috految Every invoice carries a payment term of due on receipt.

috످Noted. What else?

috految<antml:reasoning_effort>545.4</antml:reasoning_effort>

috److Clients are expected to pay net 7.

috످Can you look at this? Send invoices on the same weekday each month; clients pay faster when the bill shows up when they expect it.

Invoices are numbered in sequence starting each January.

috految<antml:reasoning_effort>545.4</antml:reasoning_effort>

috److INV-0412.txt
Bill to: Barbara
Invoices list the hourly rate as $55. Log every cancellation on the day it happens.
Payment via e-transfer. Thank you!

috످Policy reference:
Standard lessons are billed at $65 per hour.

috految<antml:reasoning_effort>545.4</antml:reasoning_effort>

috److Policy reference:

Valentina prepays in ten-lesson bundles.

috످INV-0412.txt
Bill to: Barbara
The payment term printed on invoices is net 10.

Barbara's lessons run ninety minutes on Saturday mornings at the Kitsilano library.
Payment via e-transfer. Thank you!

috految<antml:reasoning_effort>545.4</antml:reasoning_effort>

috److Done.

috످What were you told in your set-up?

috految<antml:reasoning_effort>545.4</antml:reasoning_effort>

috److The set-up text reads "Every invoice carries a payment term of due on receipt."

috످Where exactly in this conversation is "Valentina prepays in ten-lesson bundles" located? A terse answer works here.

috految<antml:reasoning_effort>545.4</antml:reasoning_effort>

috److془The line appears in my third reply. Let's verify: assistant 1: "Clients are expected to pay net 7." assistant 2: "INV-0412.txt..." assistant 3: "Policy reference: Valentina prepays in ten-lesson bundles." Right after user's $65 per hour message.

Terse answer.془It's in my third reply, right after your message about the $65 hourly rate.

috످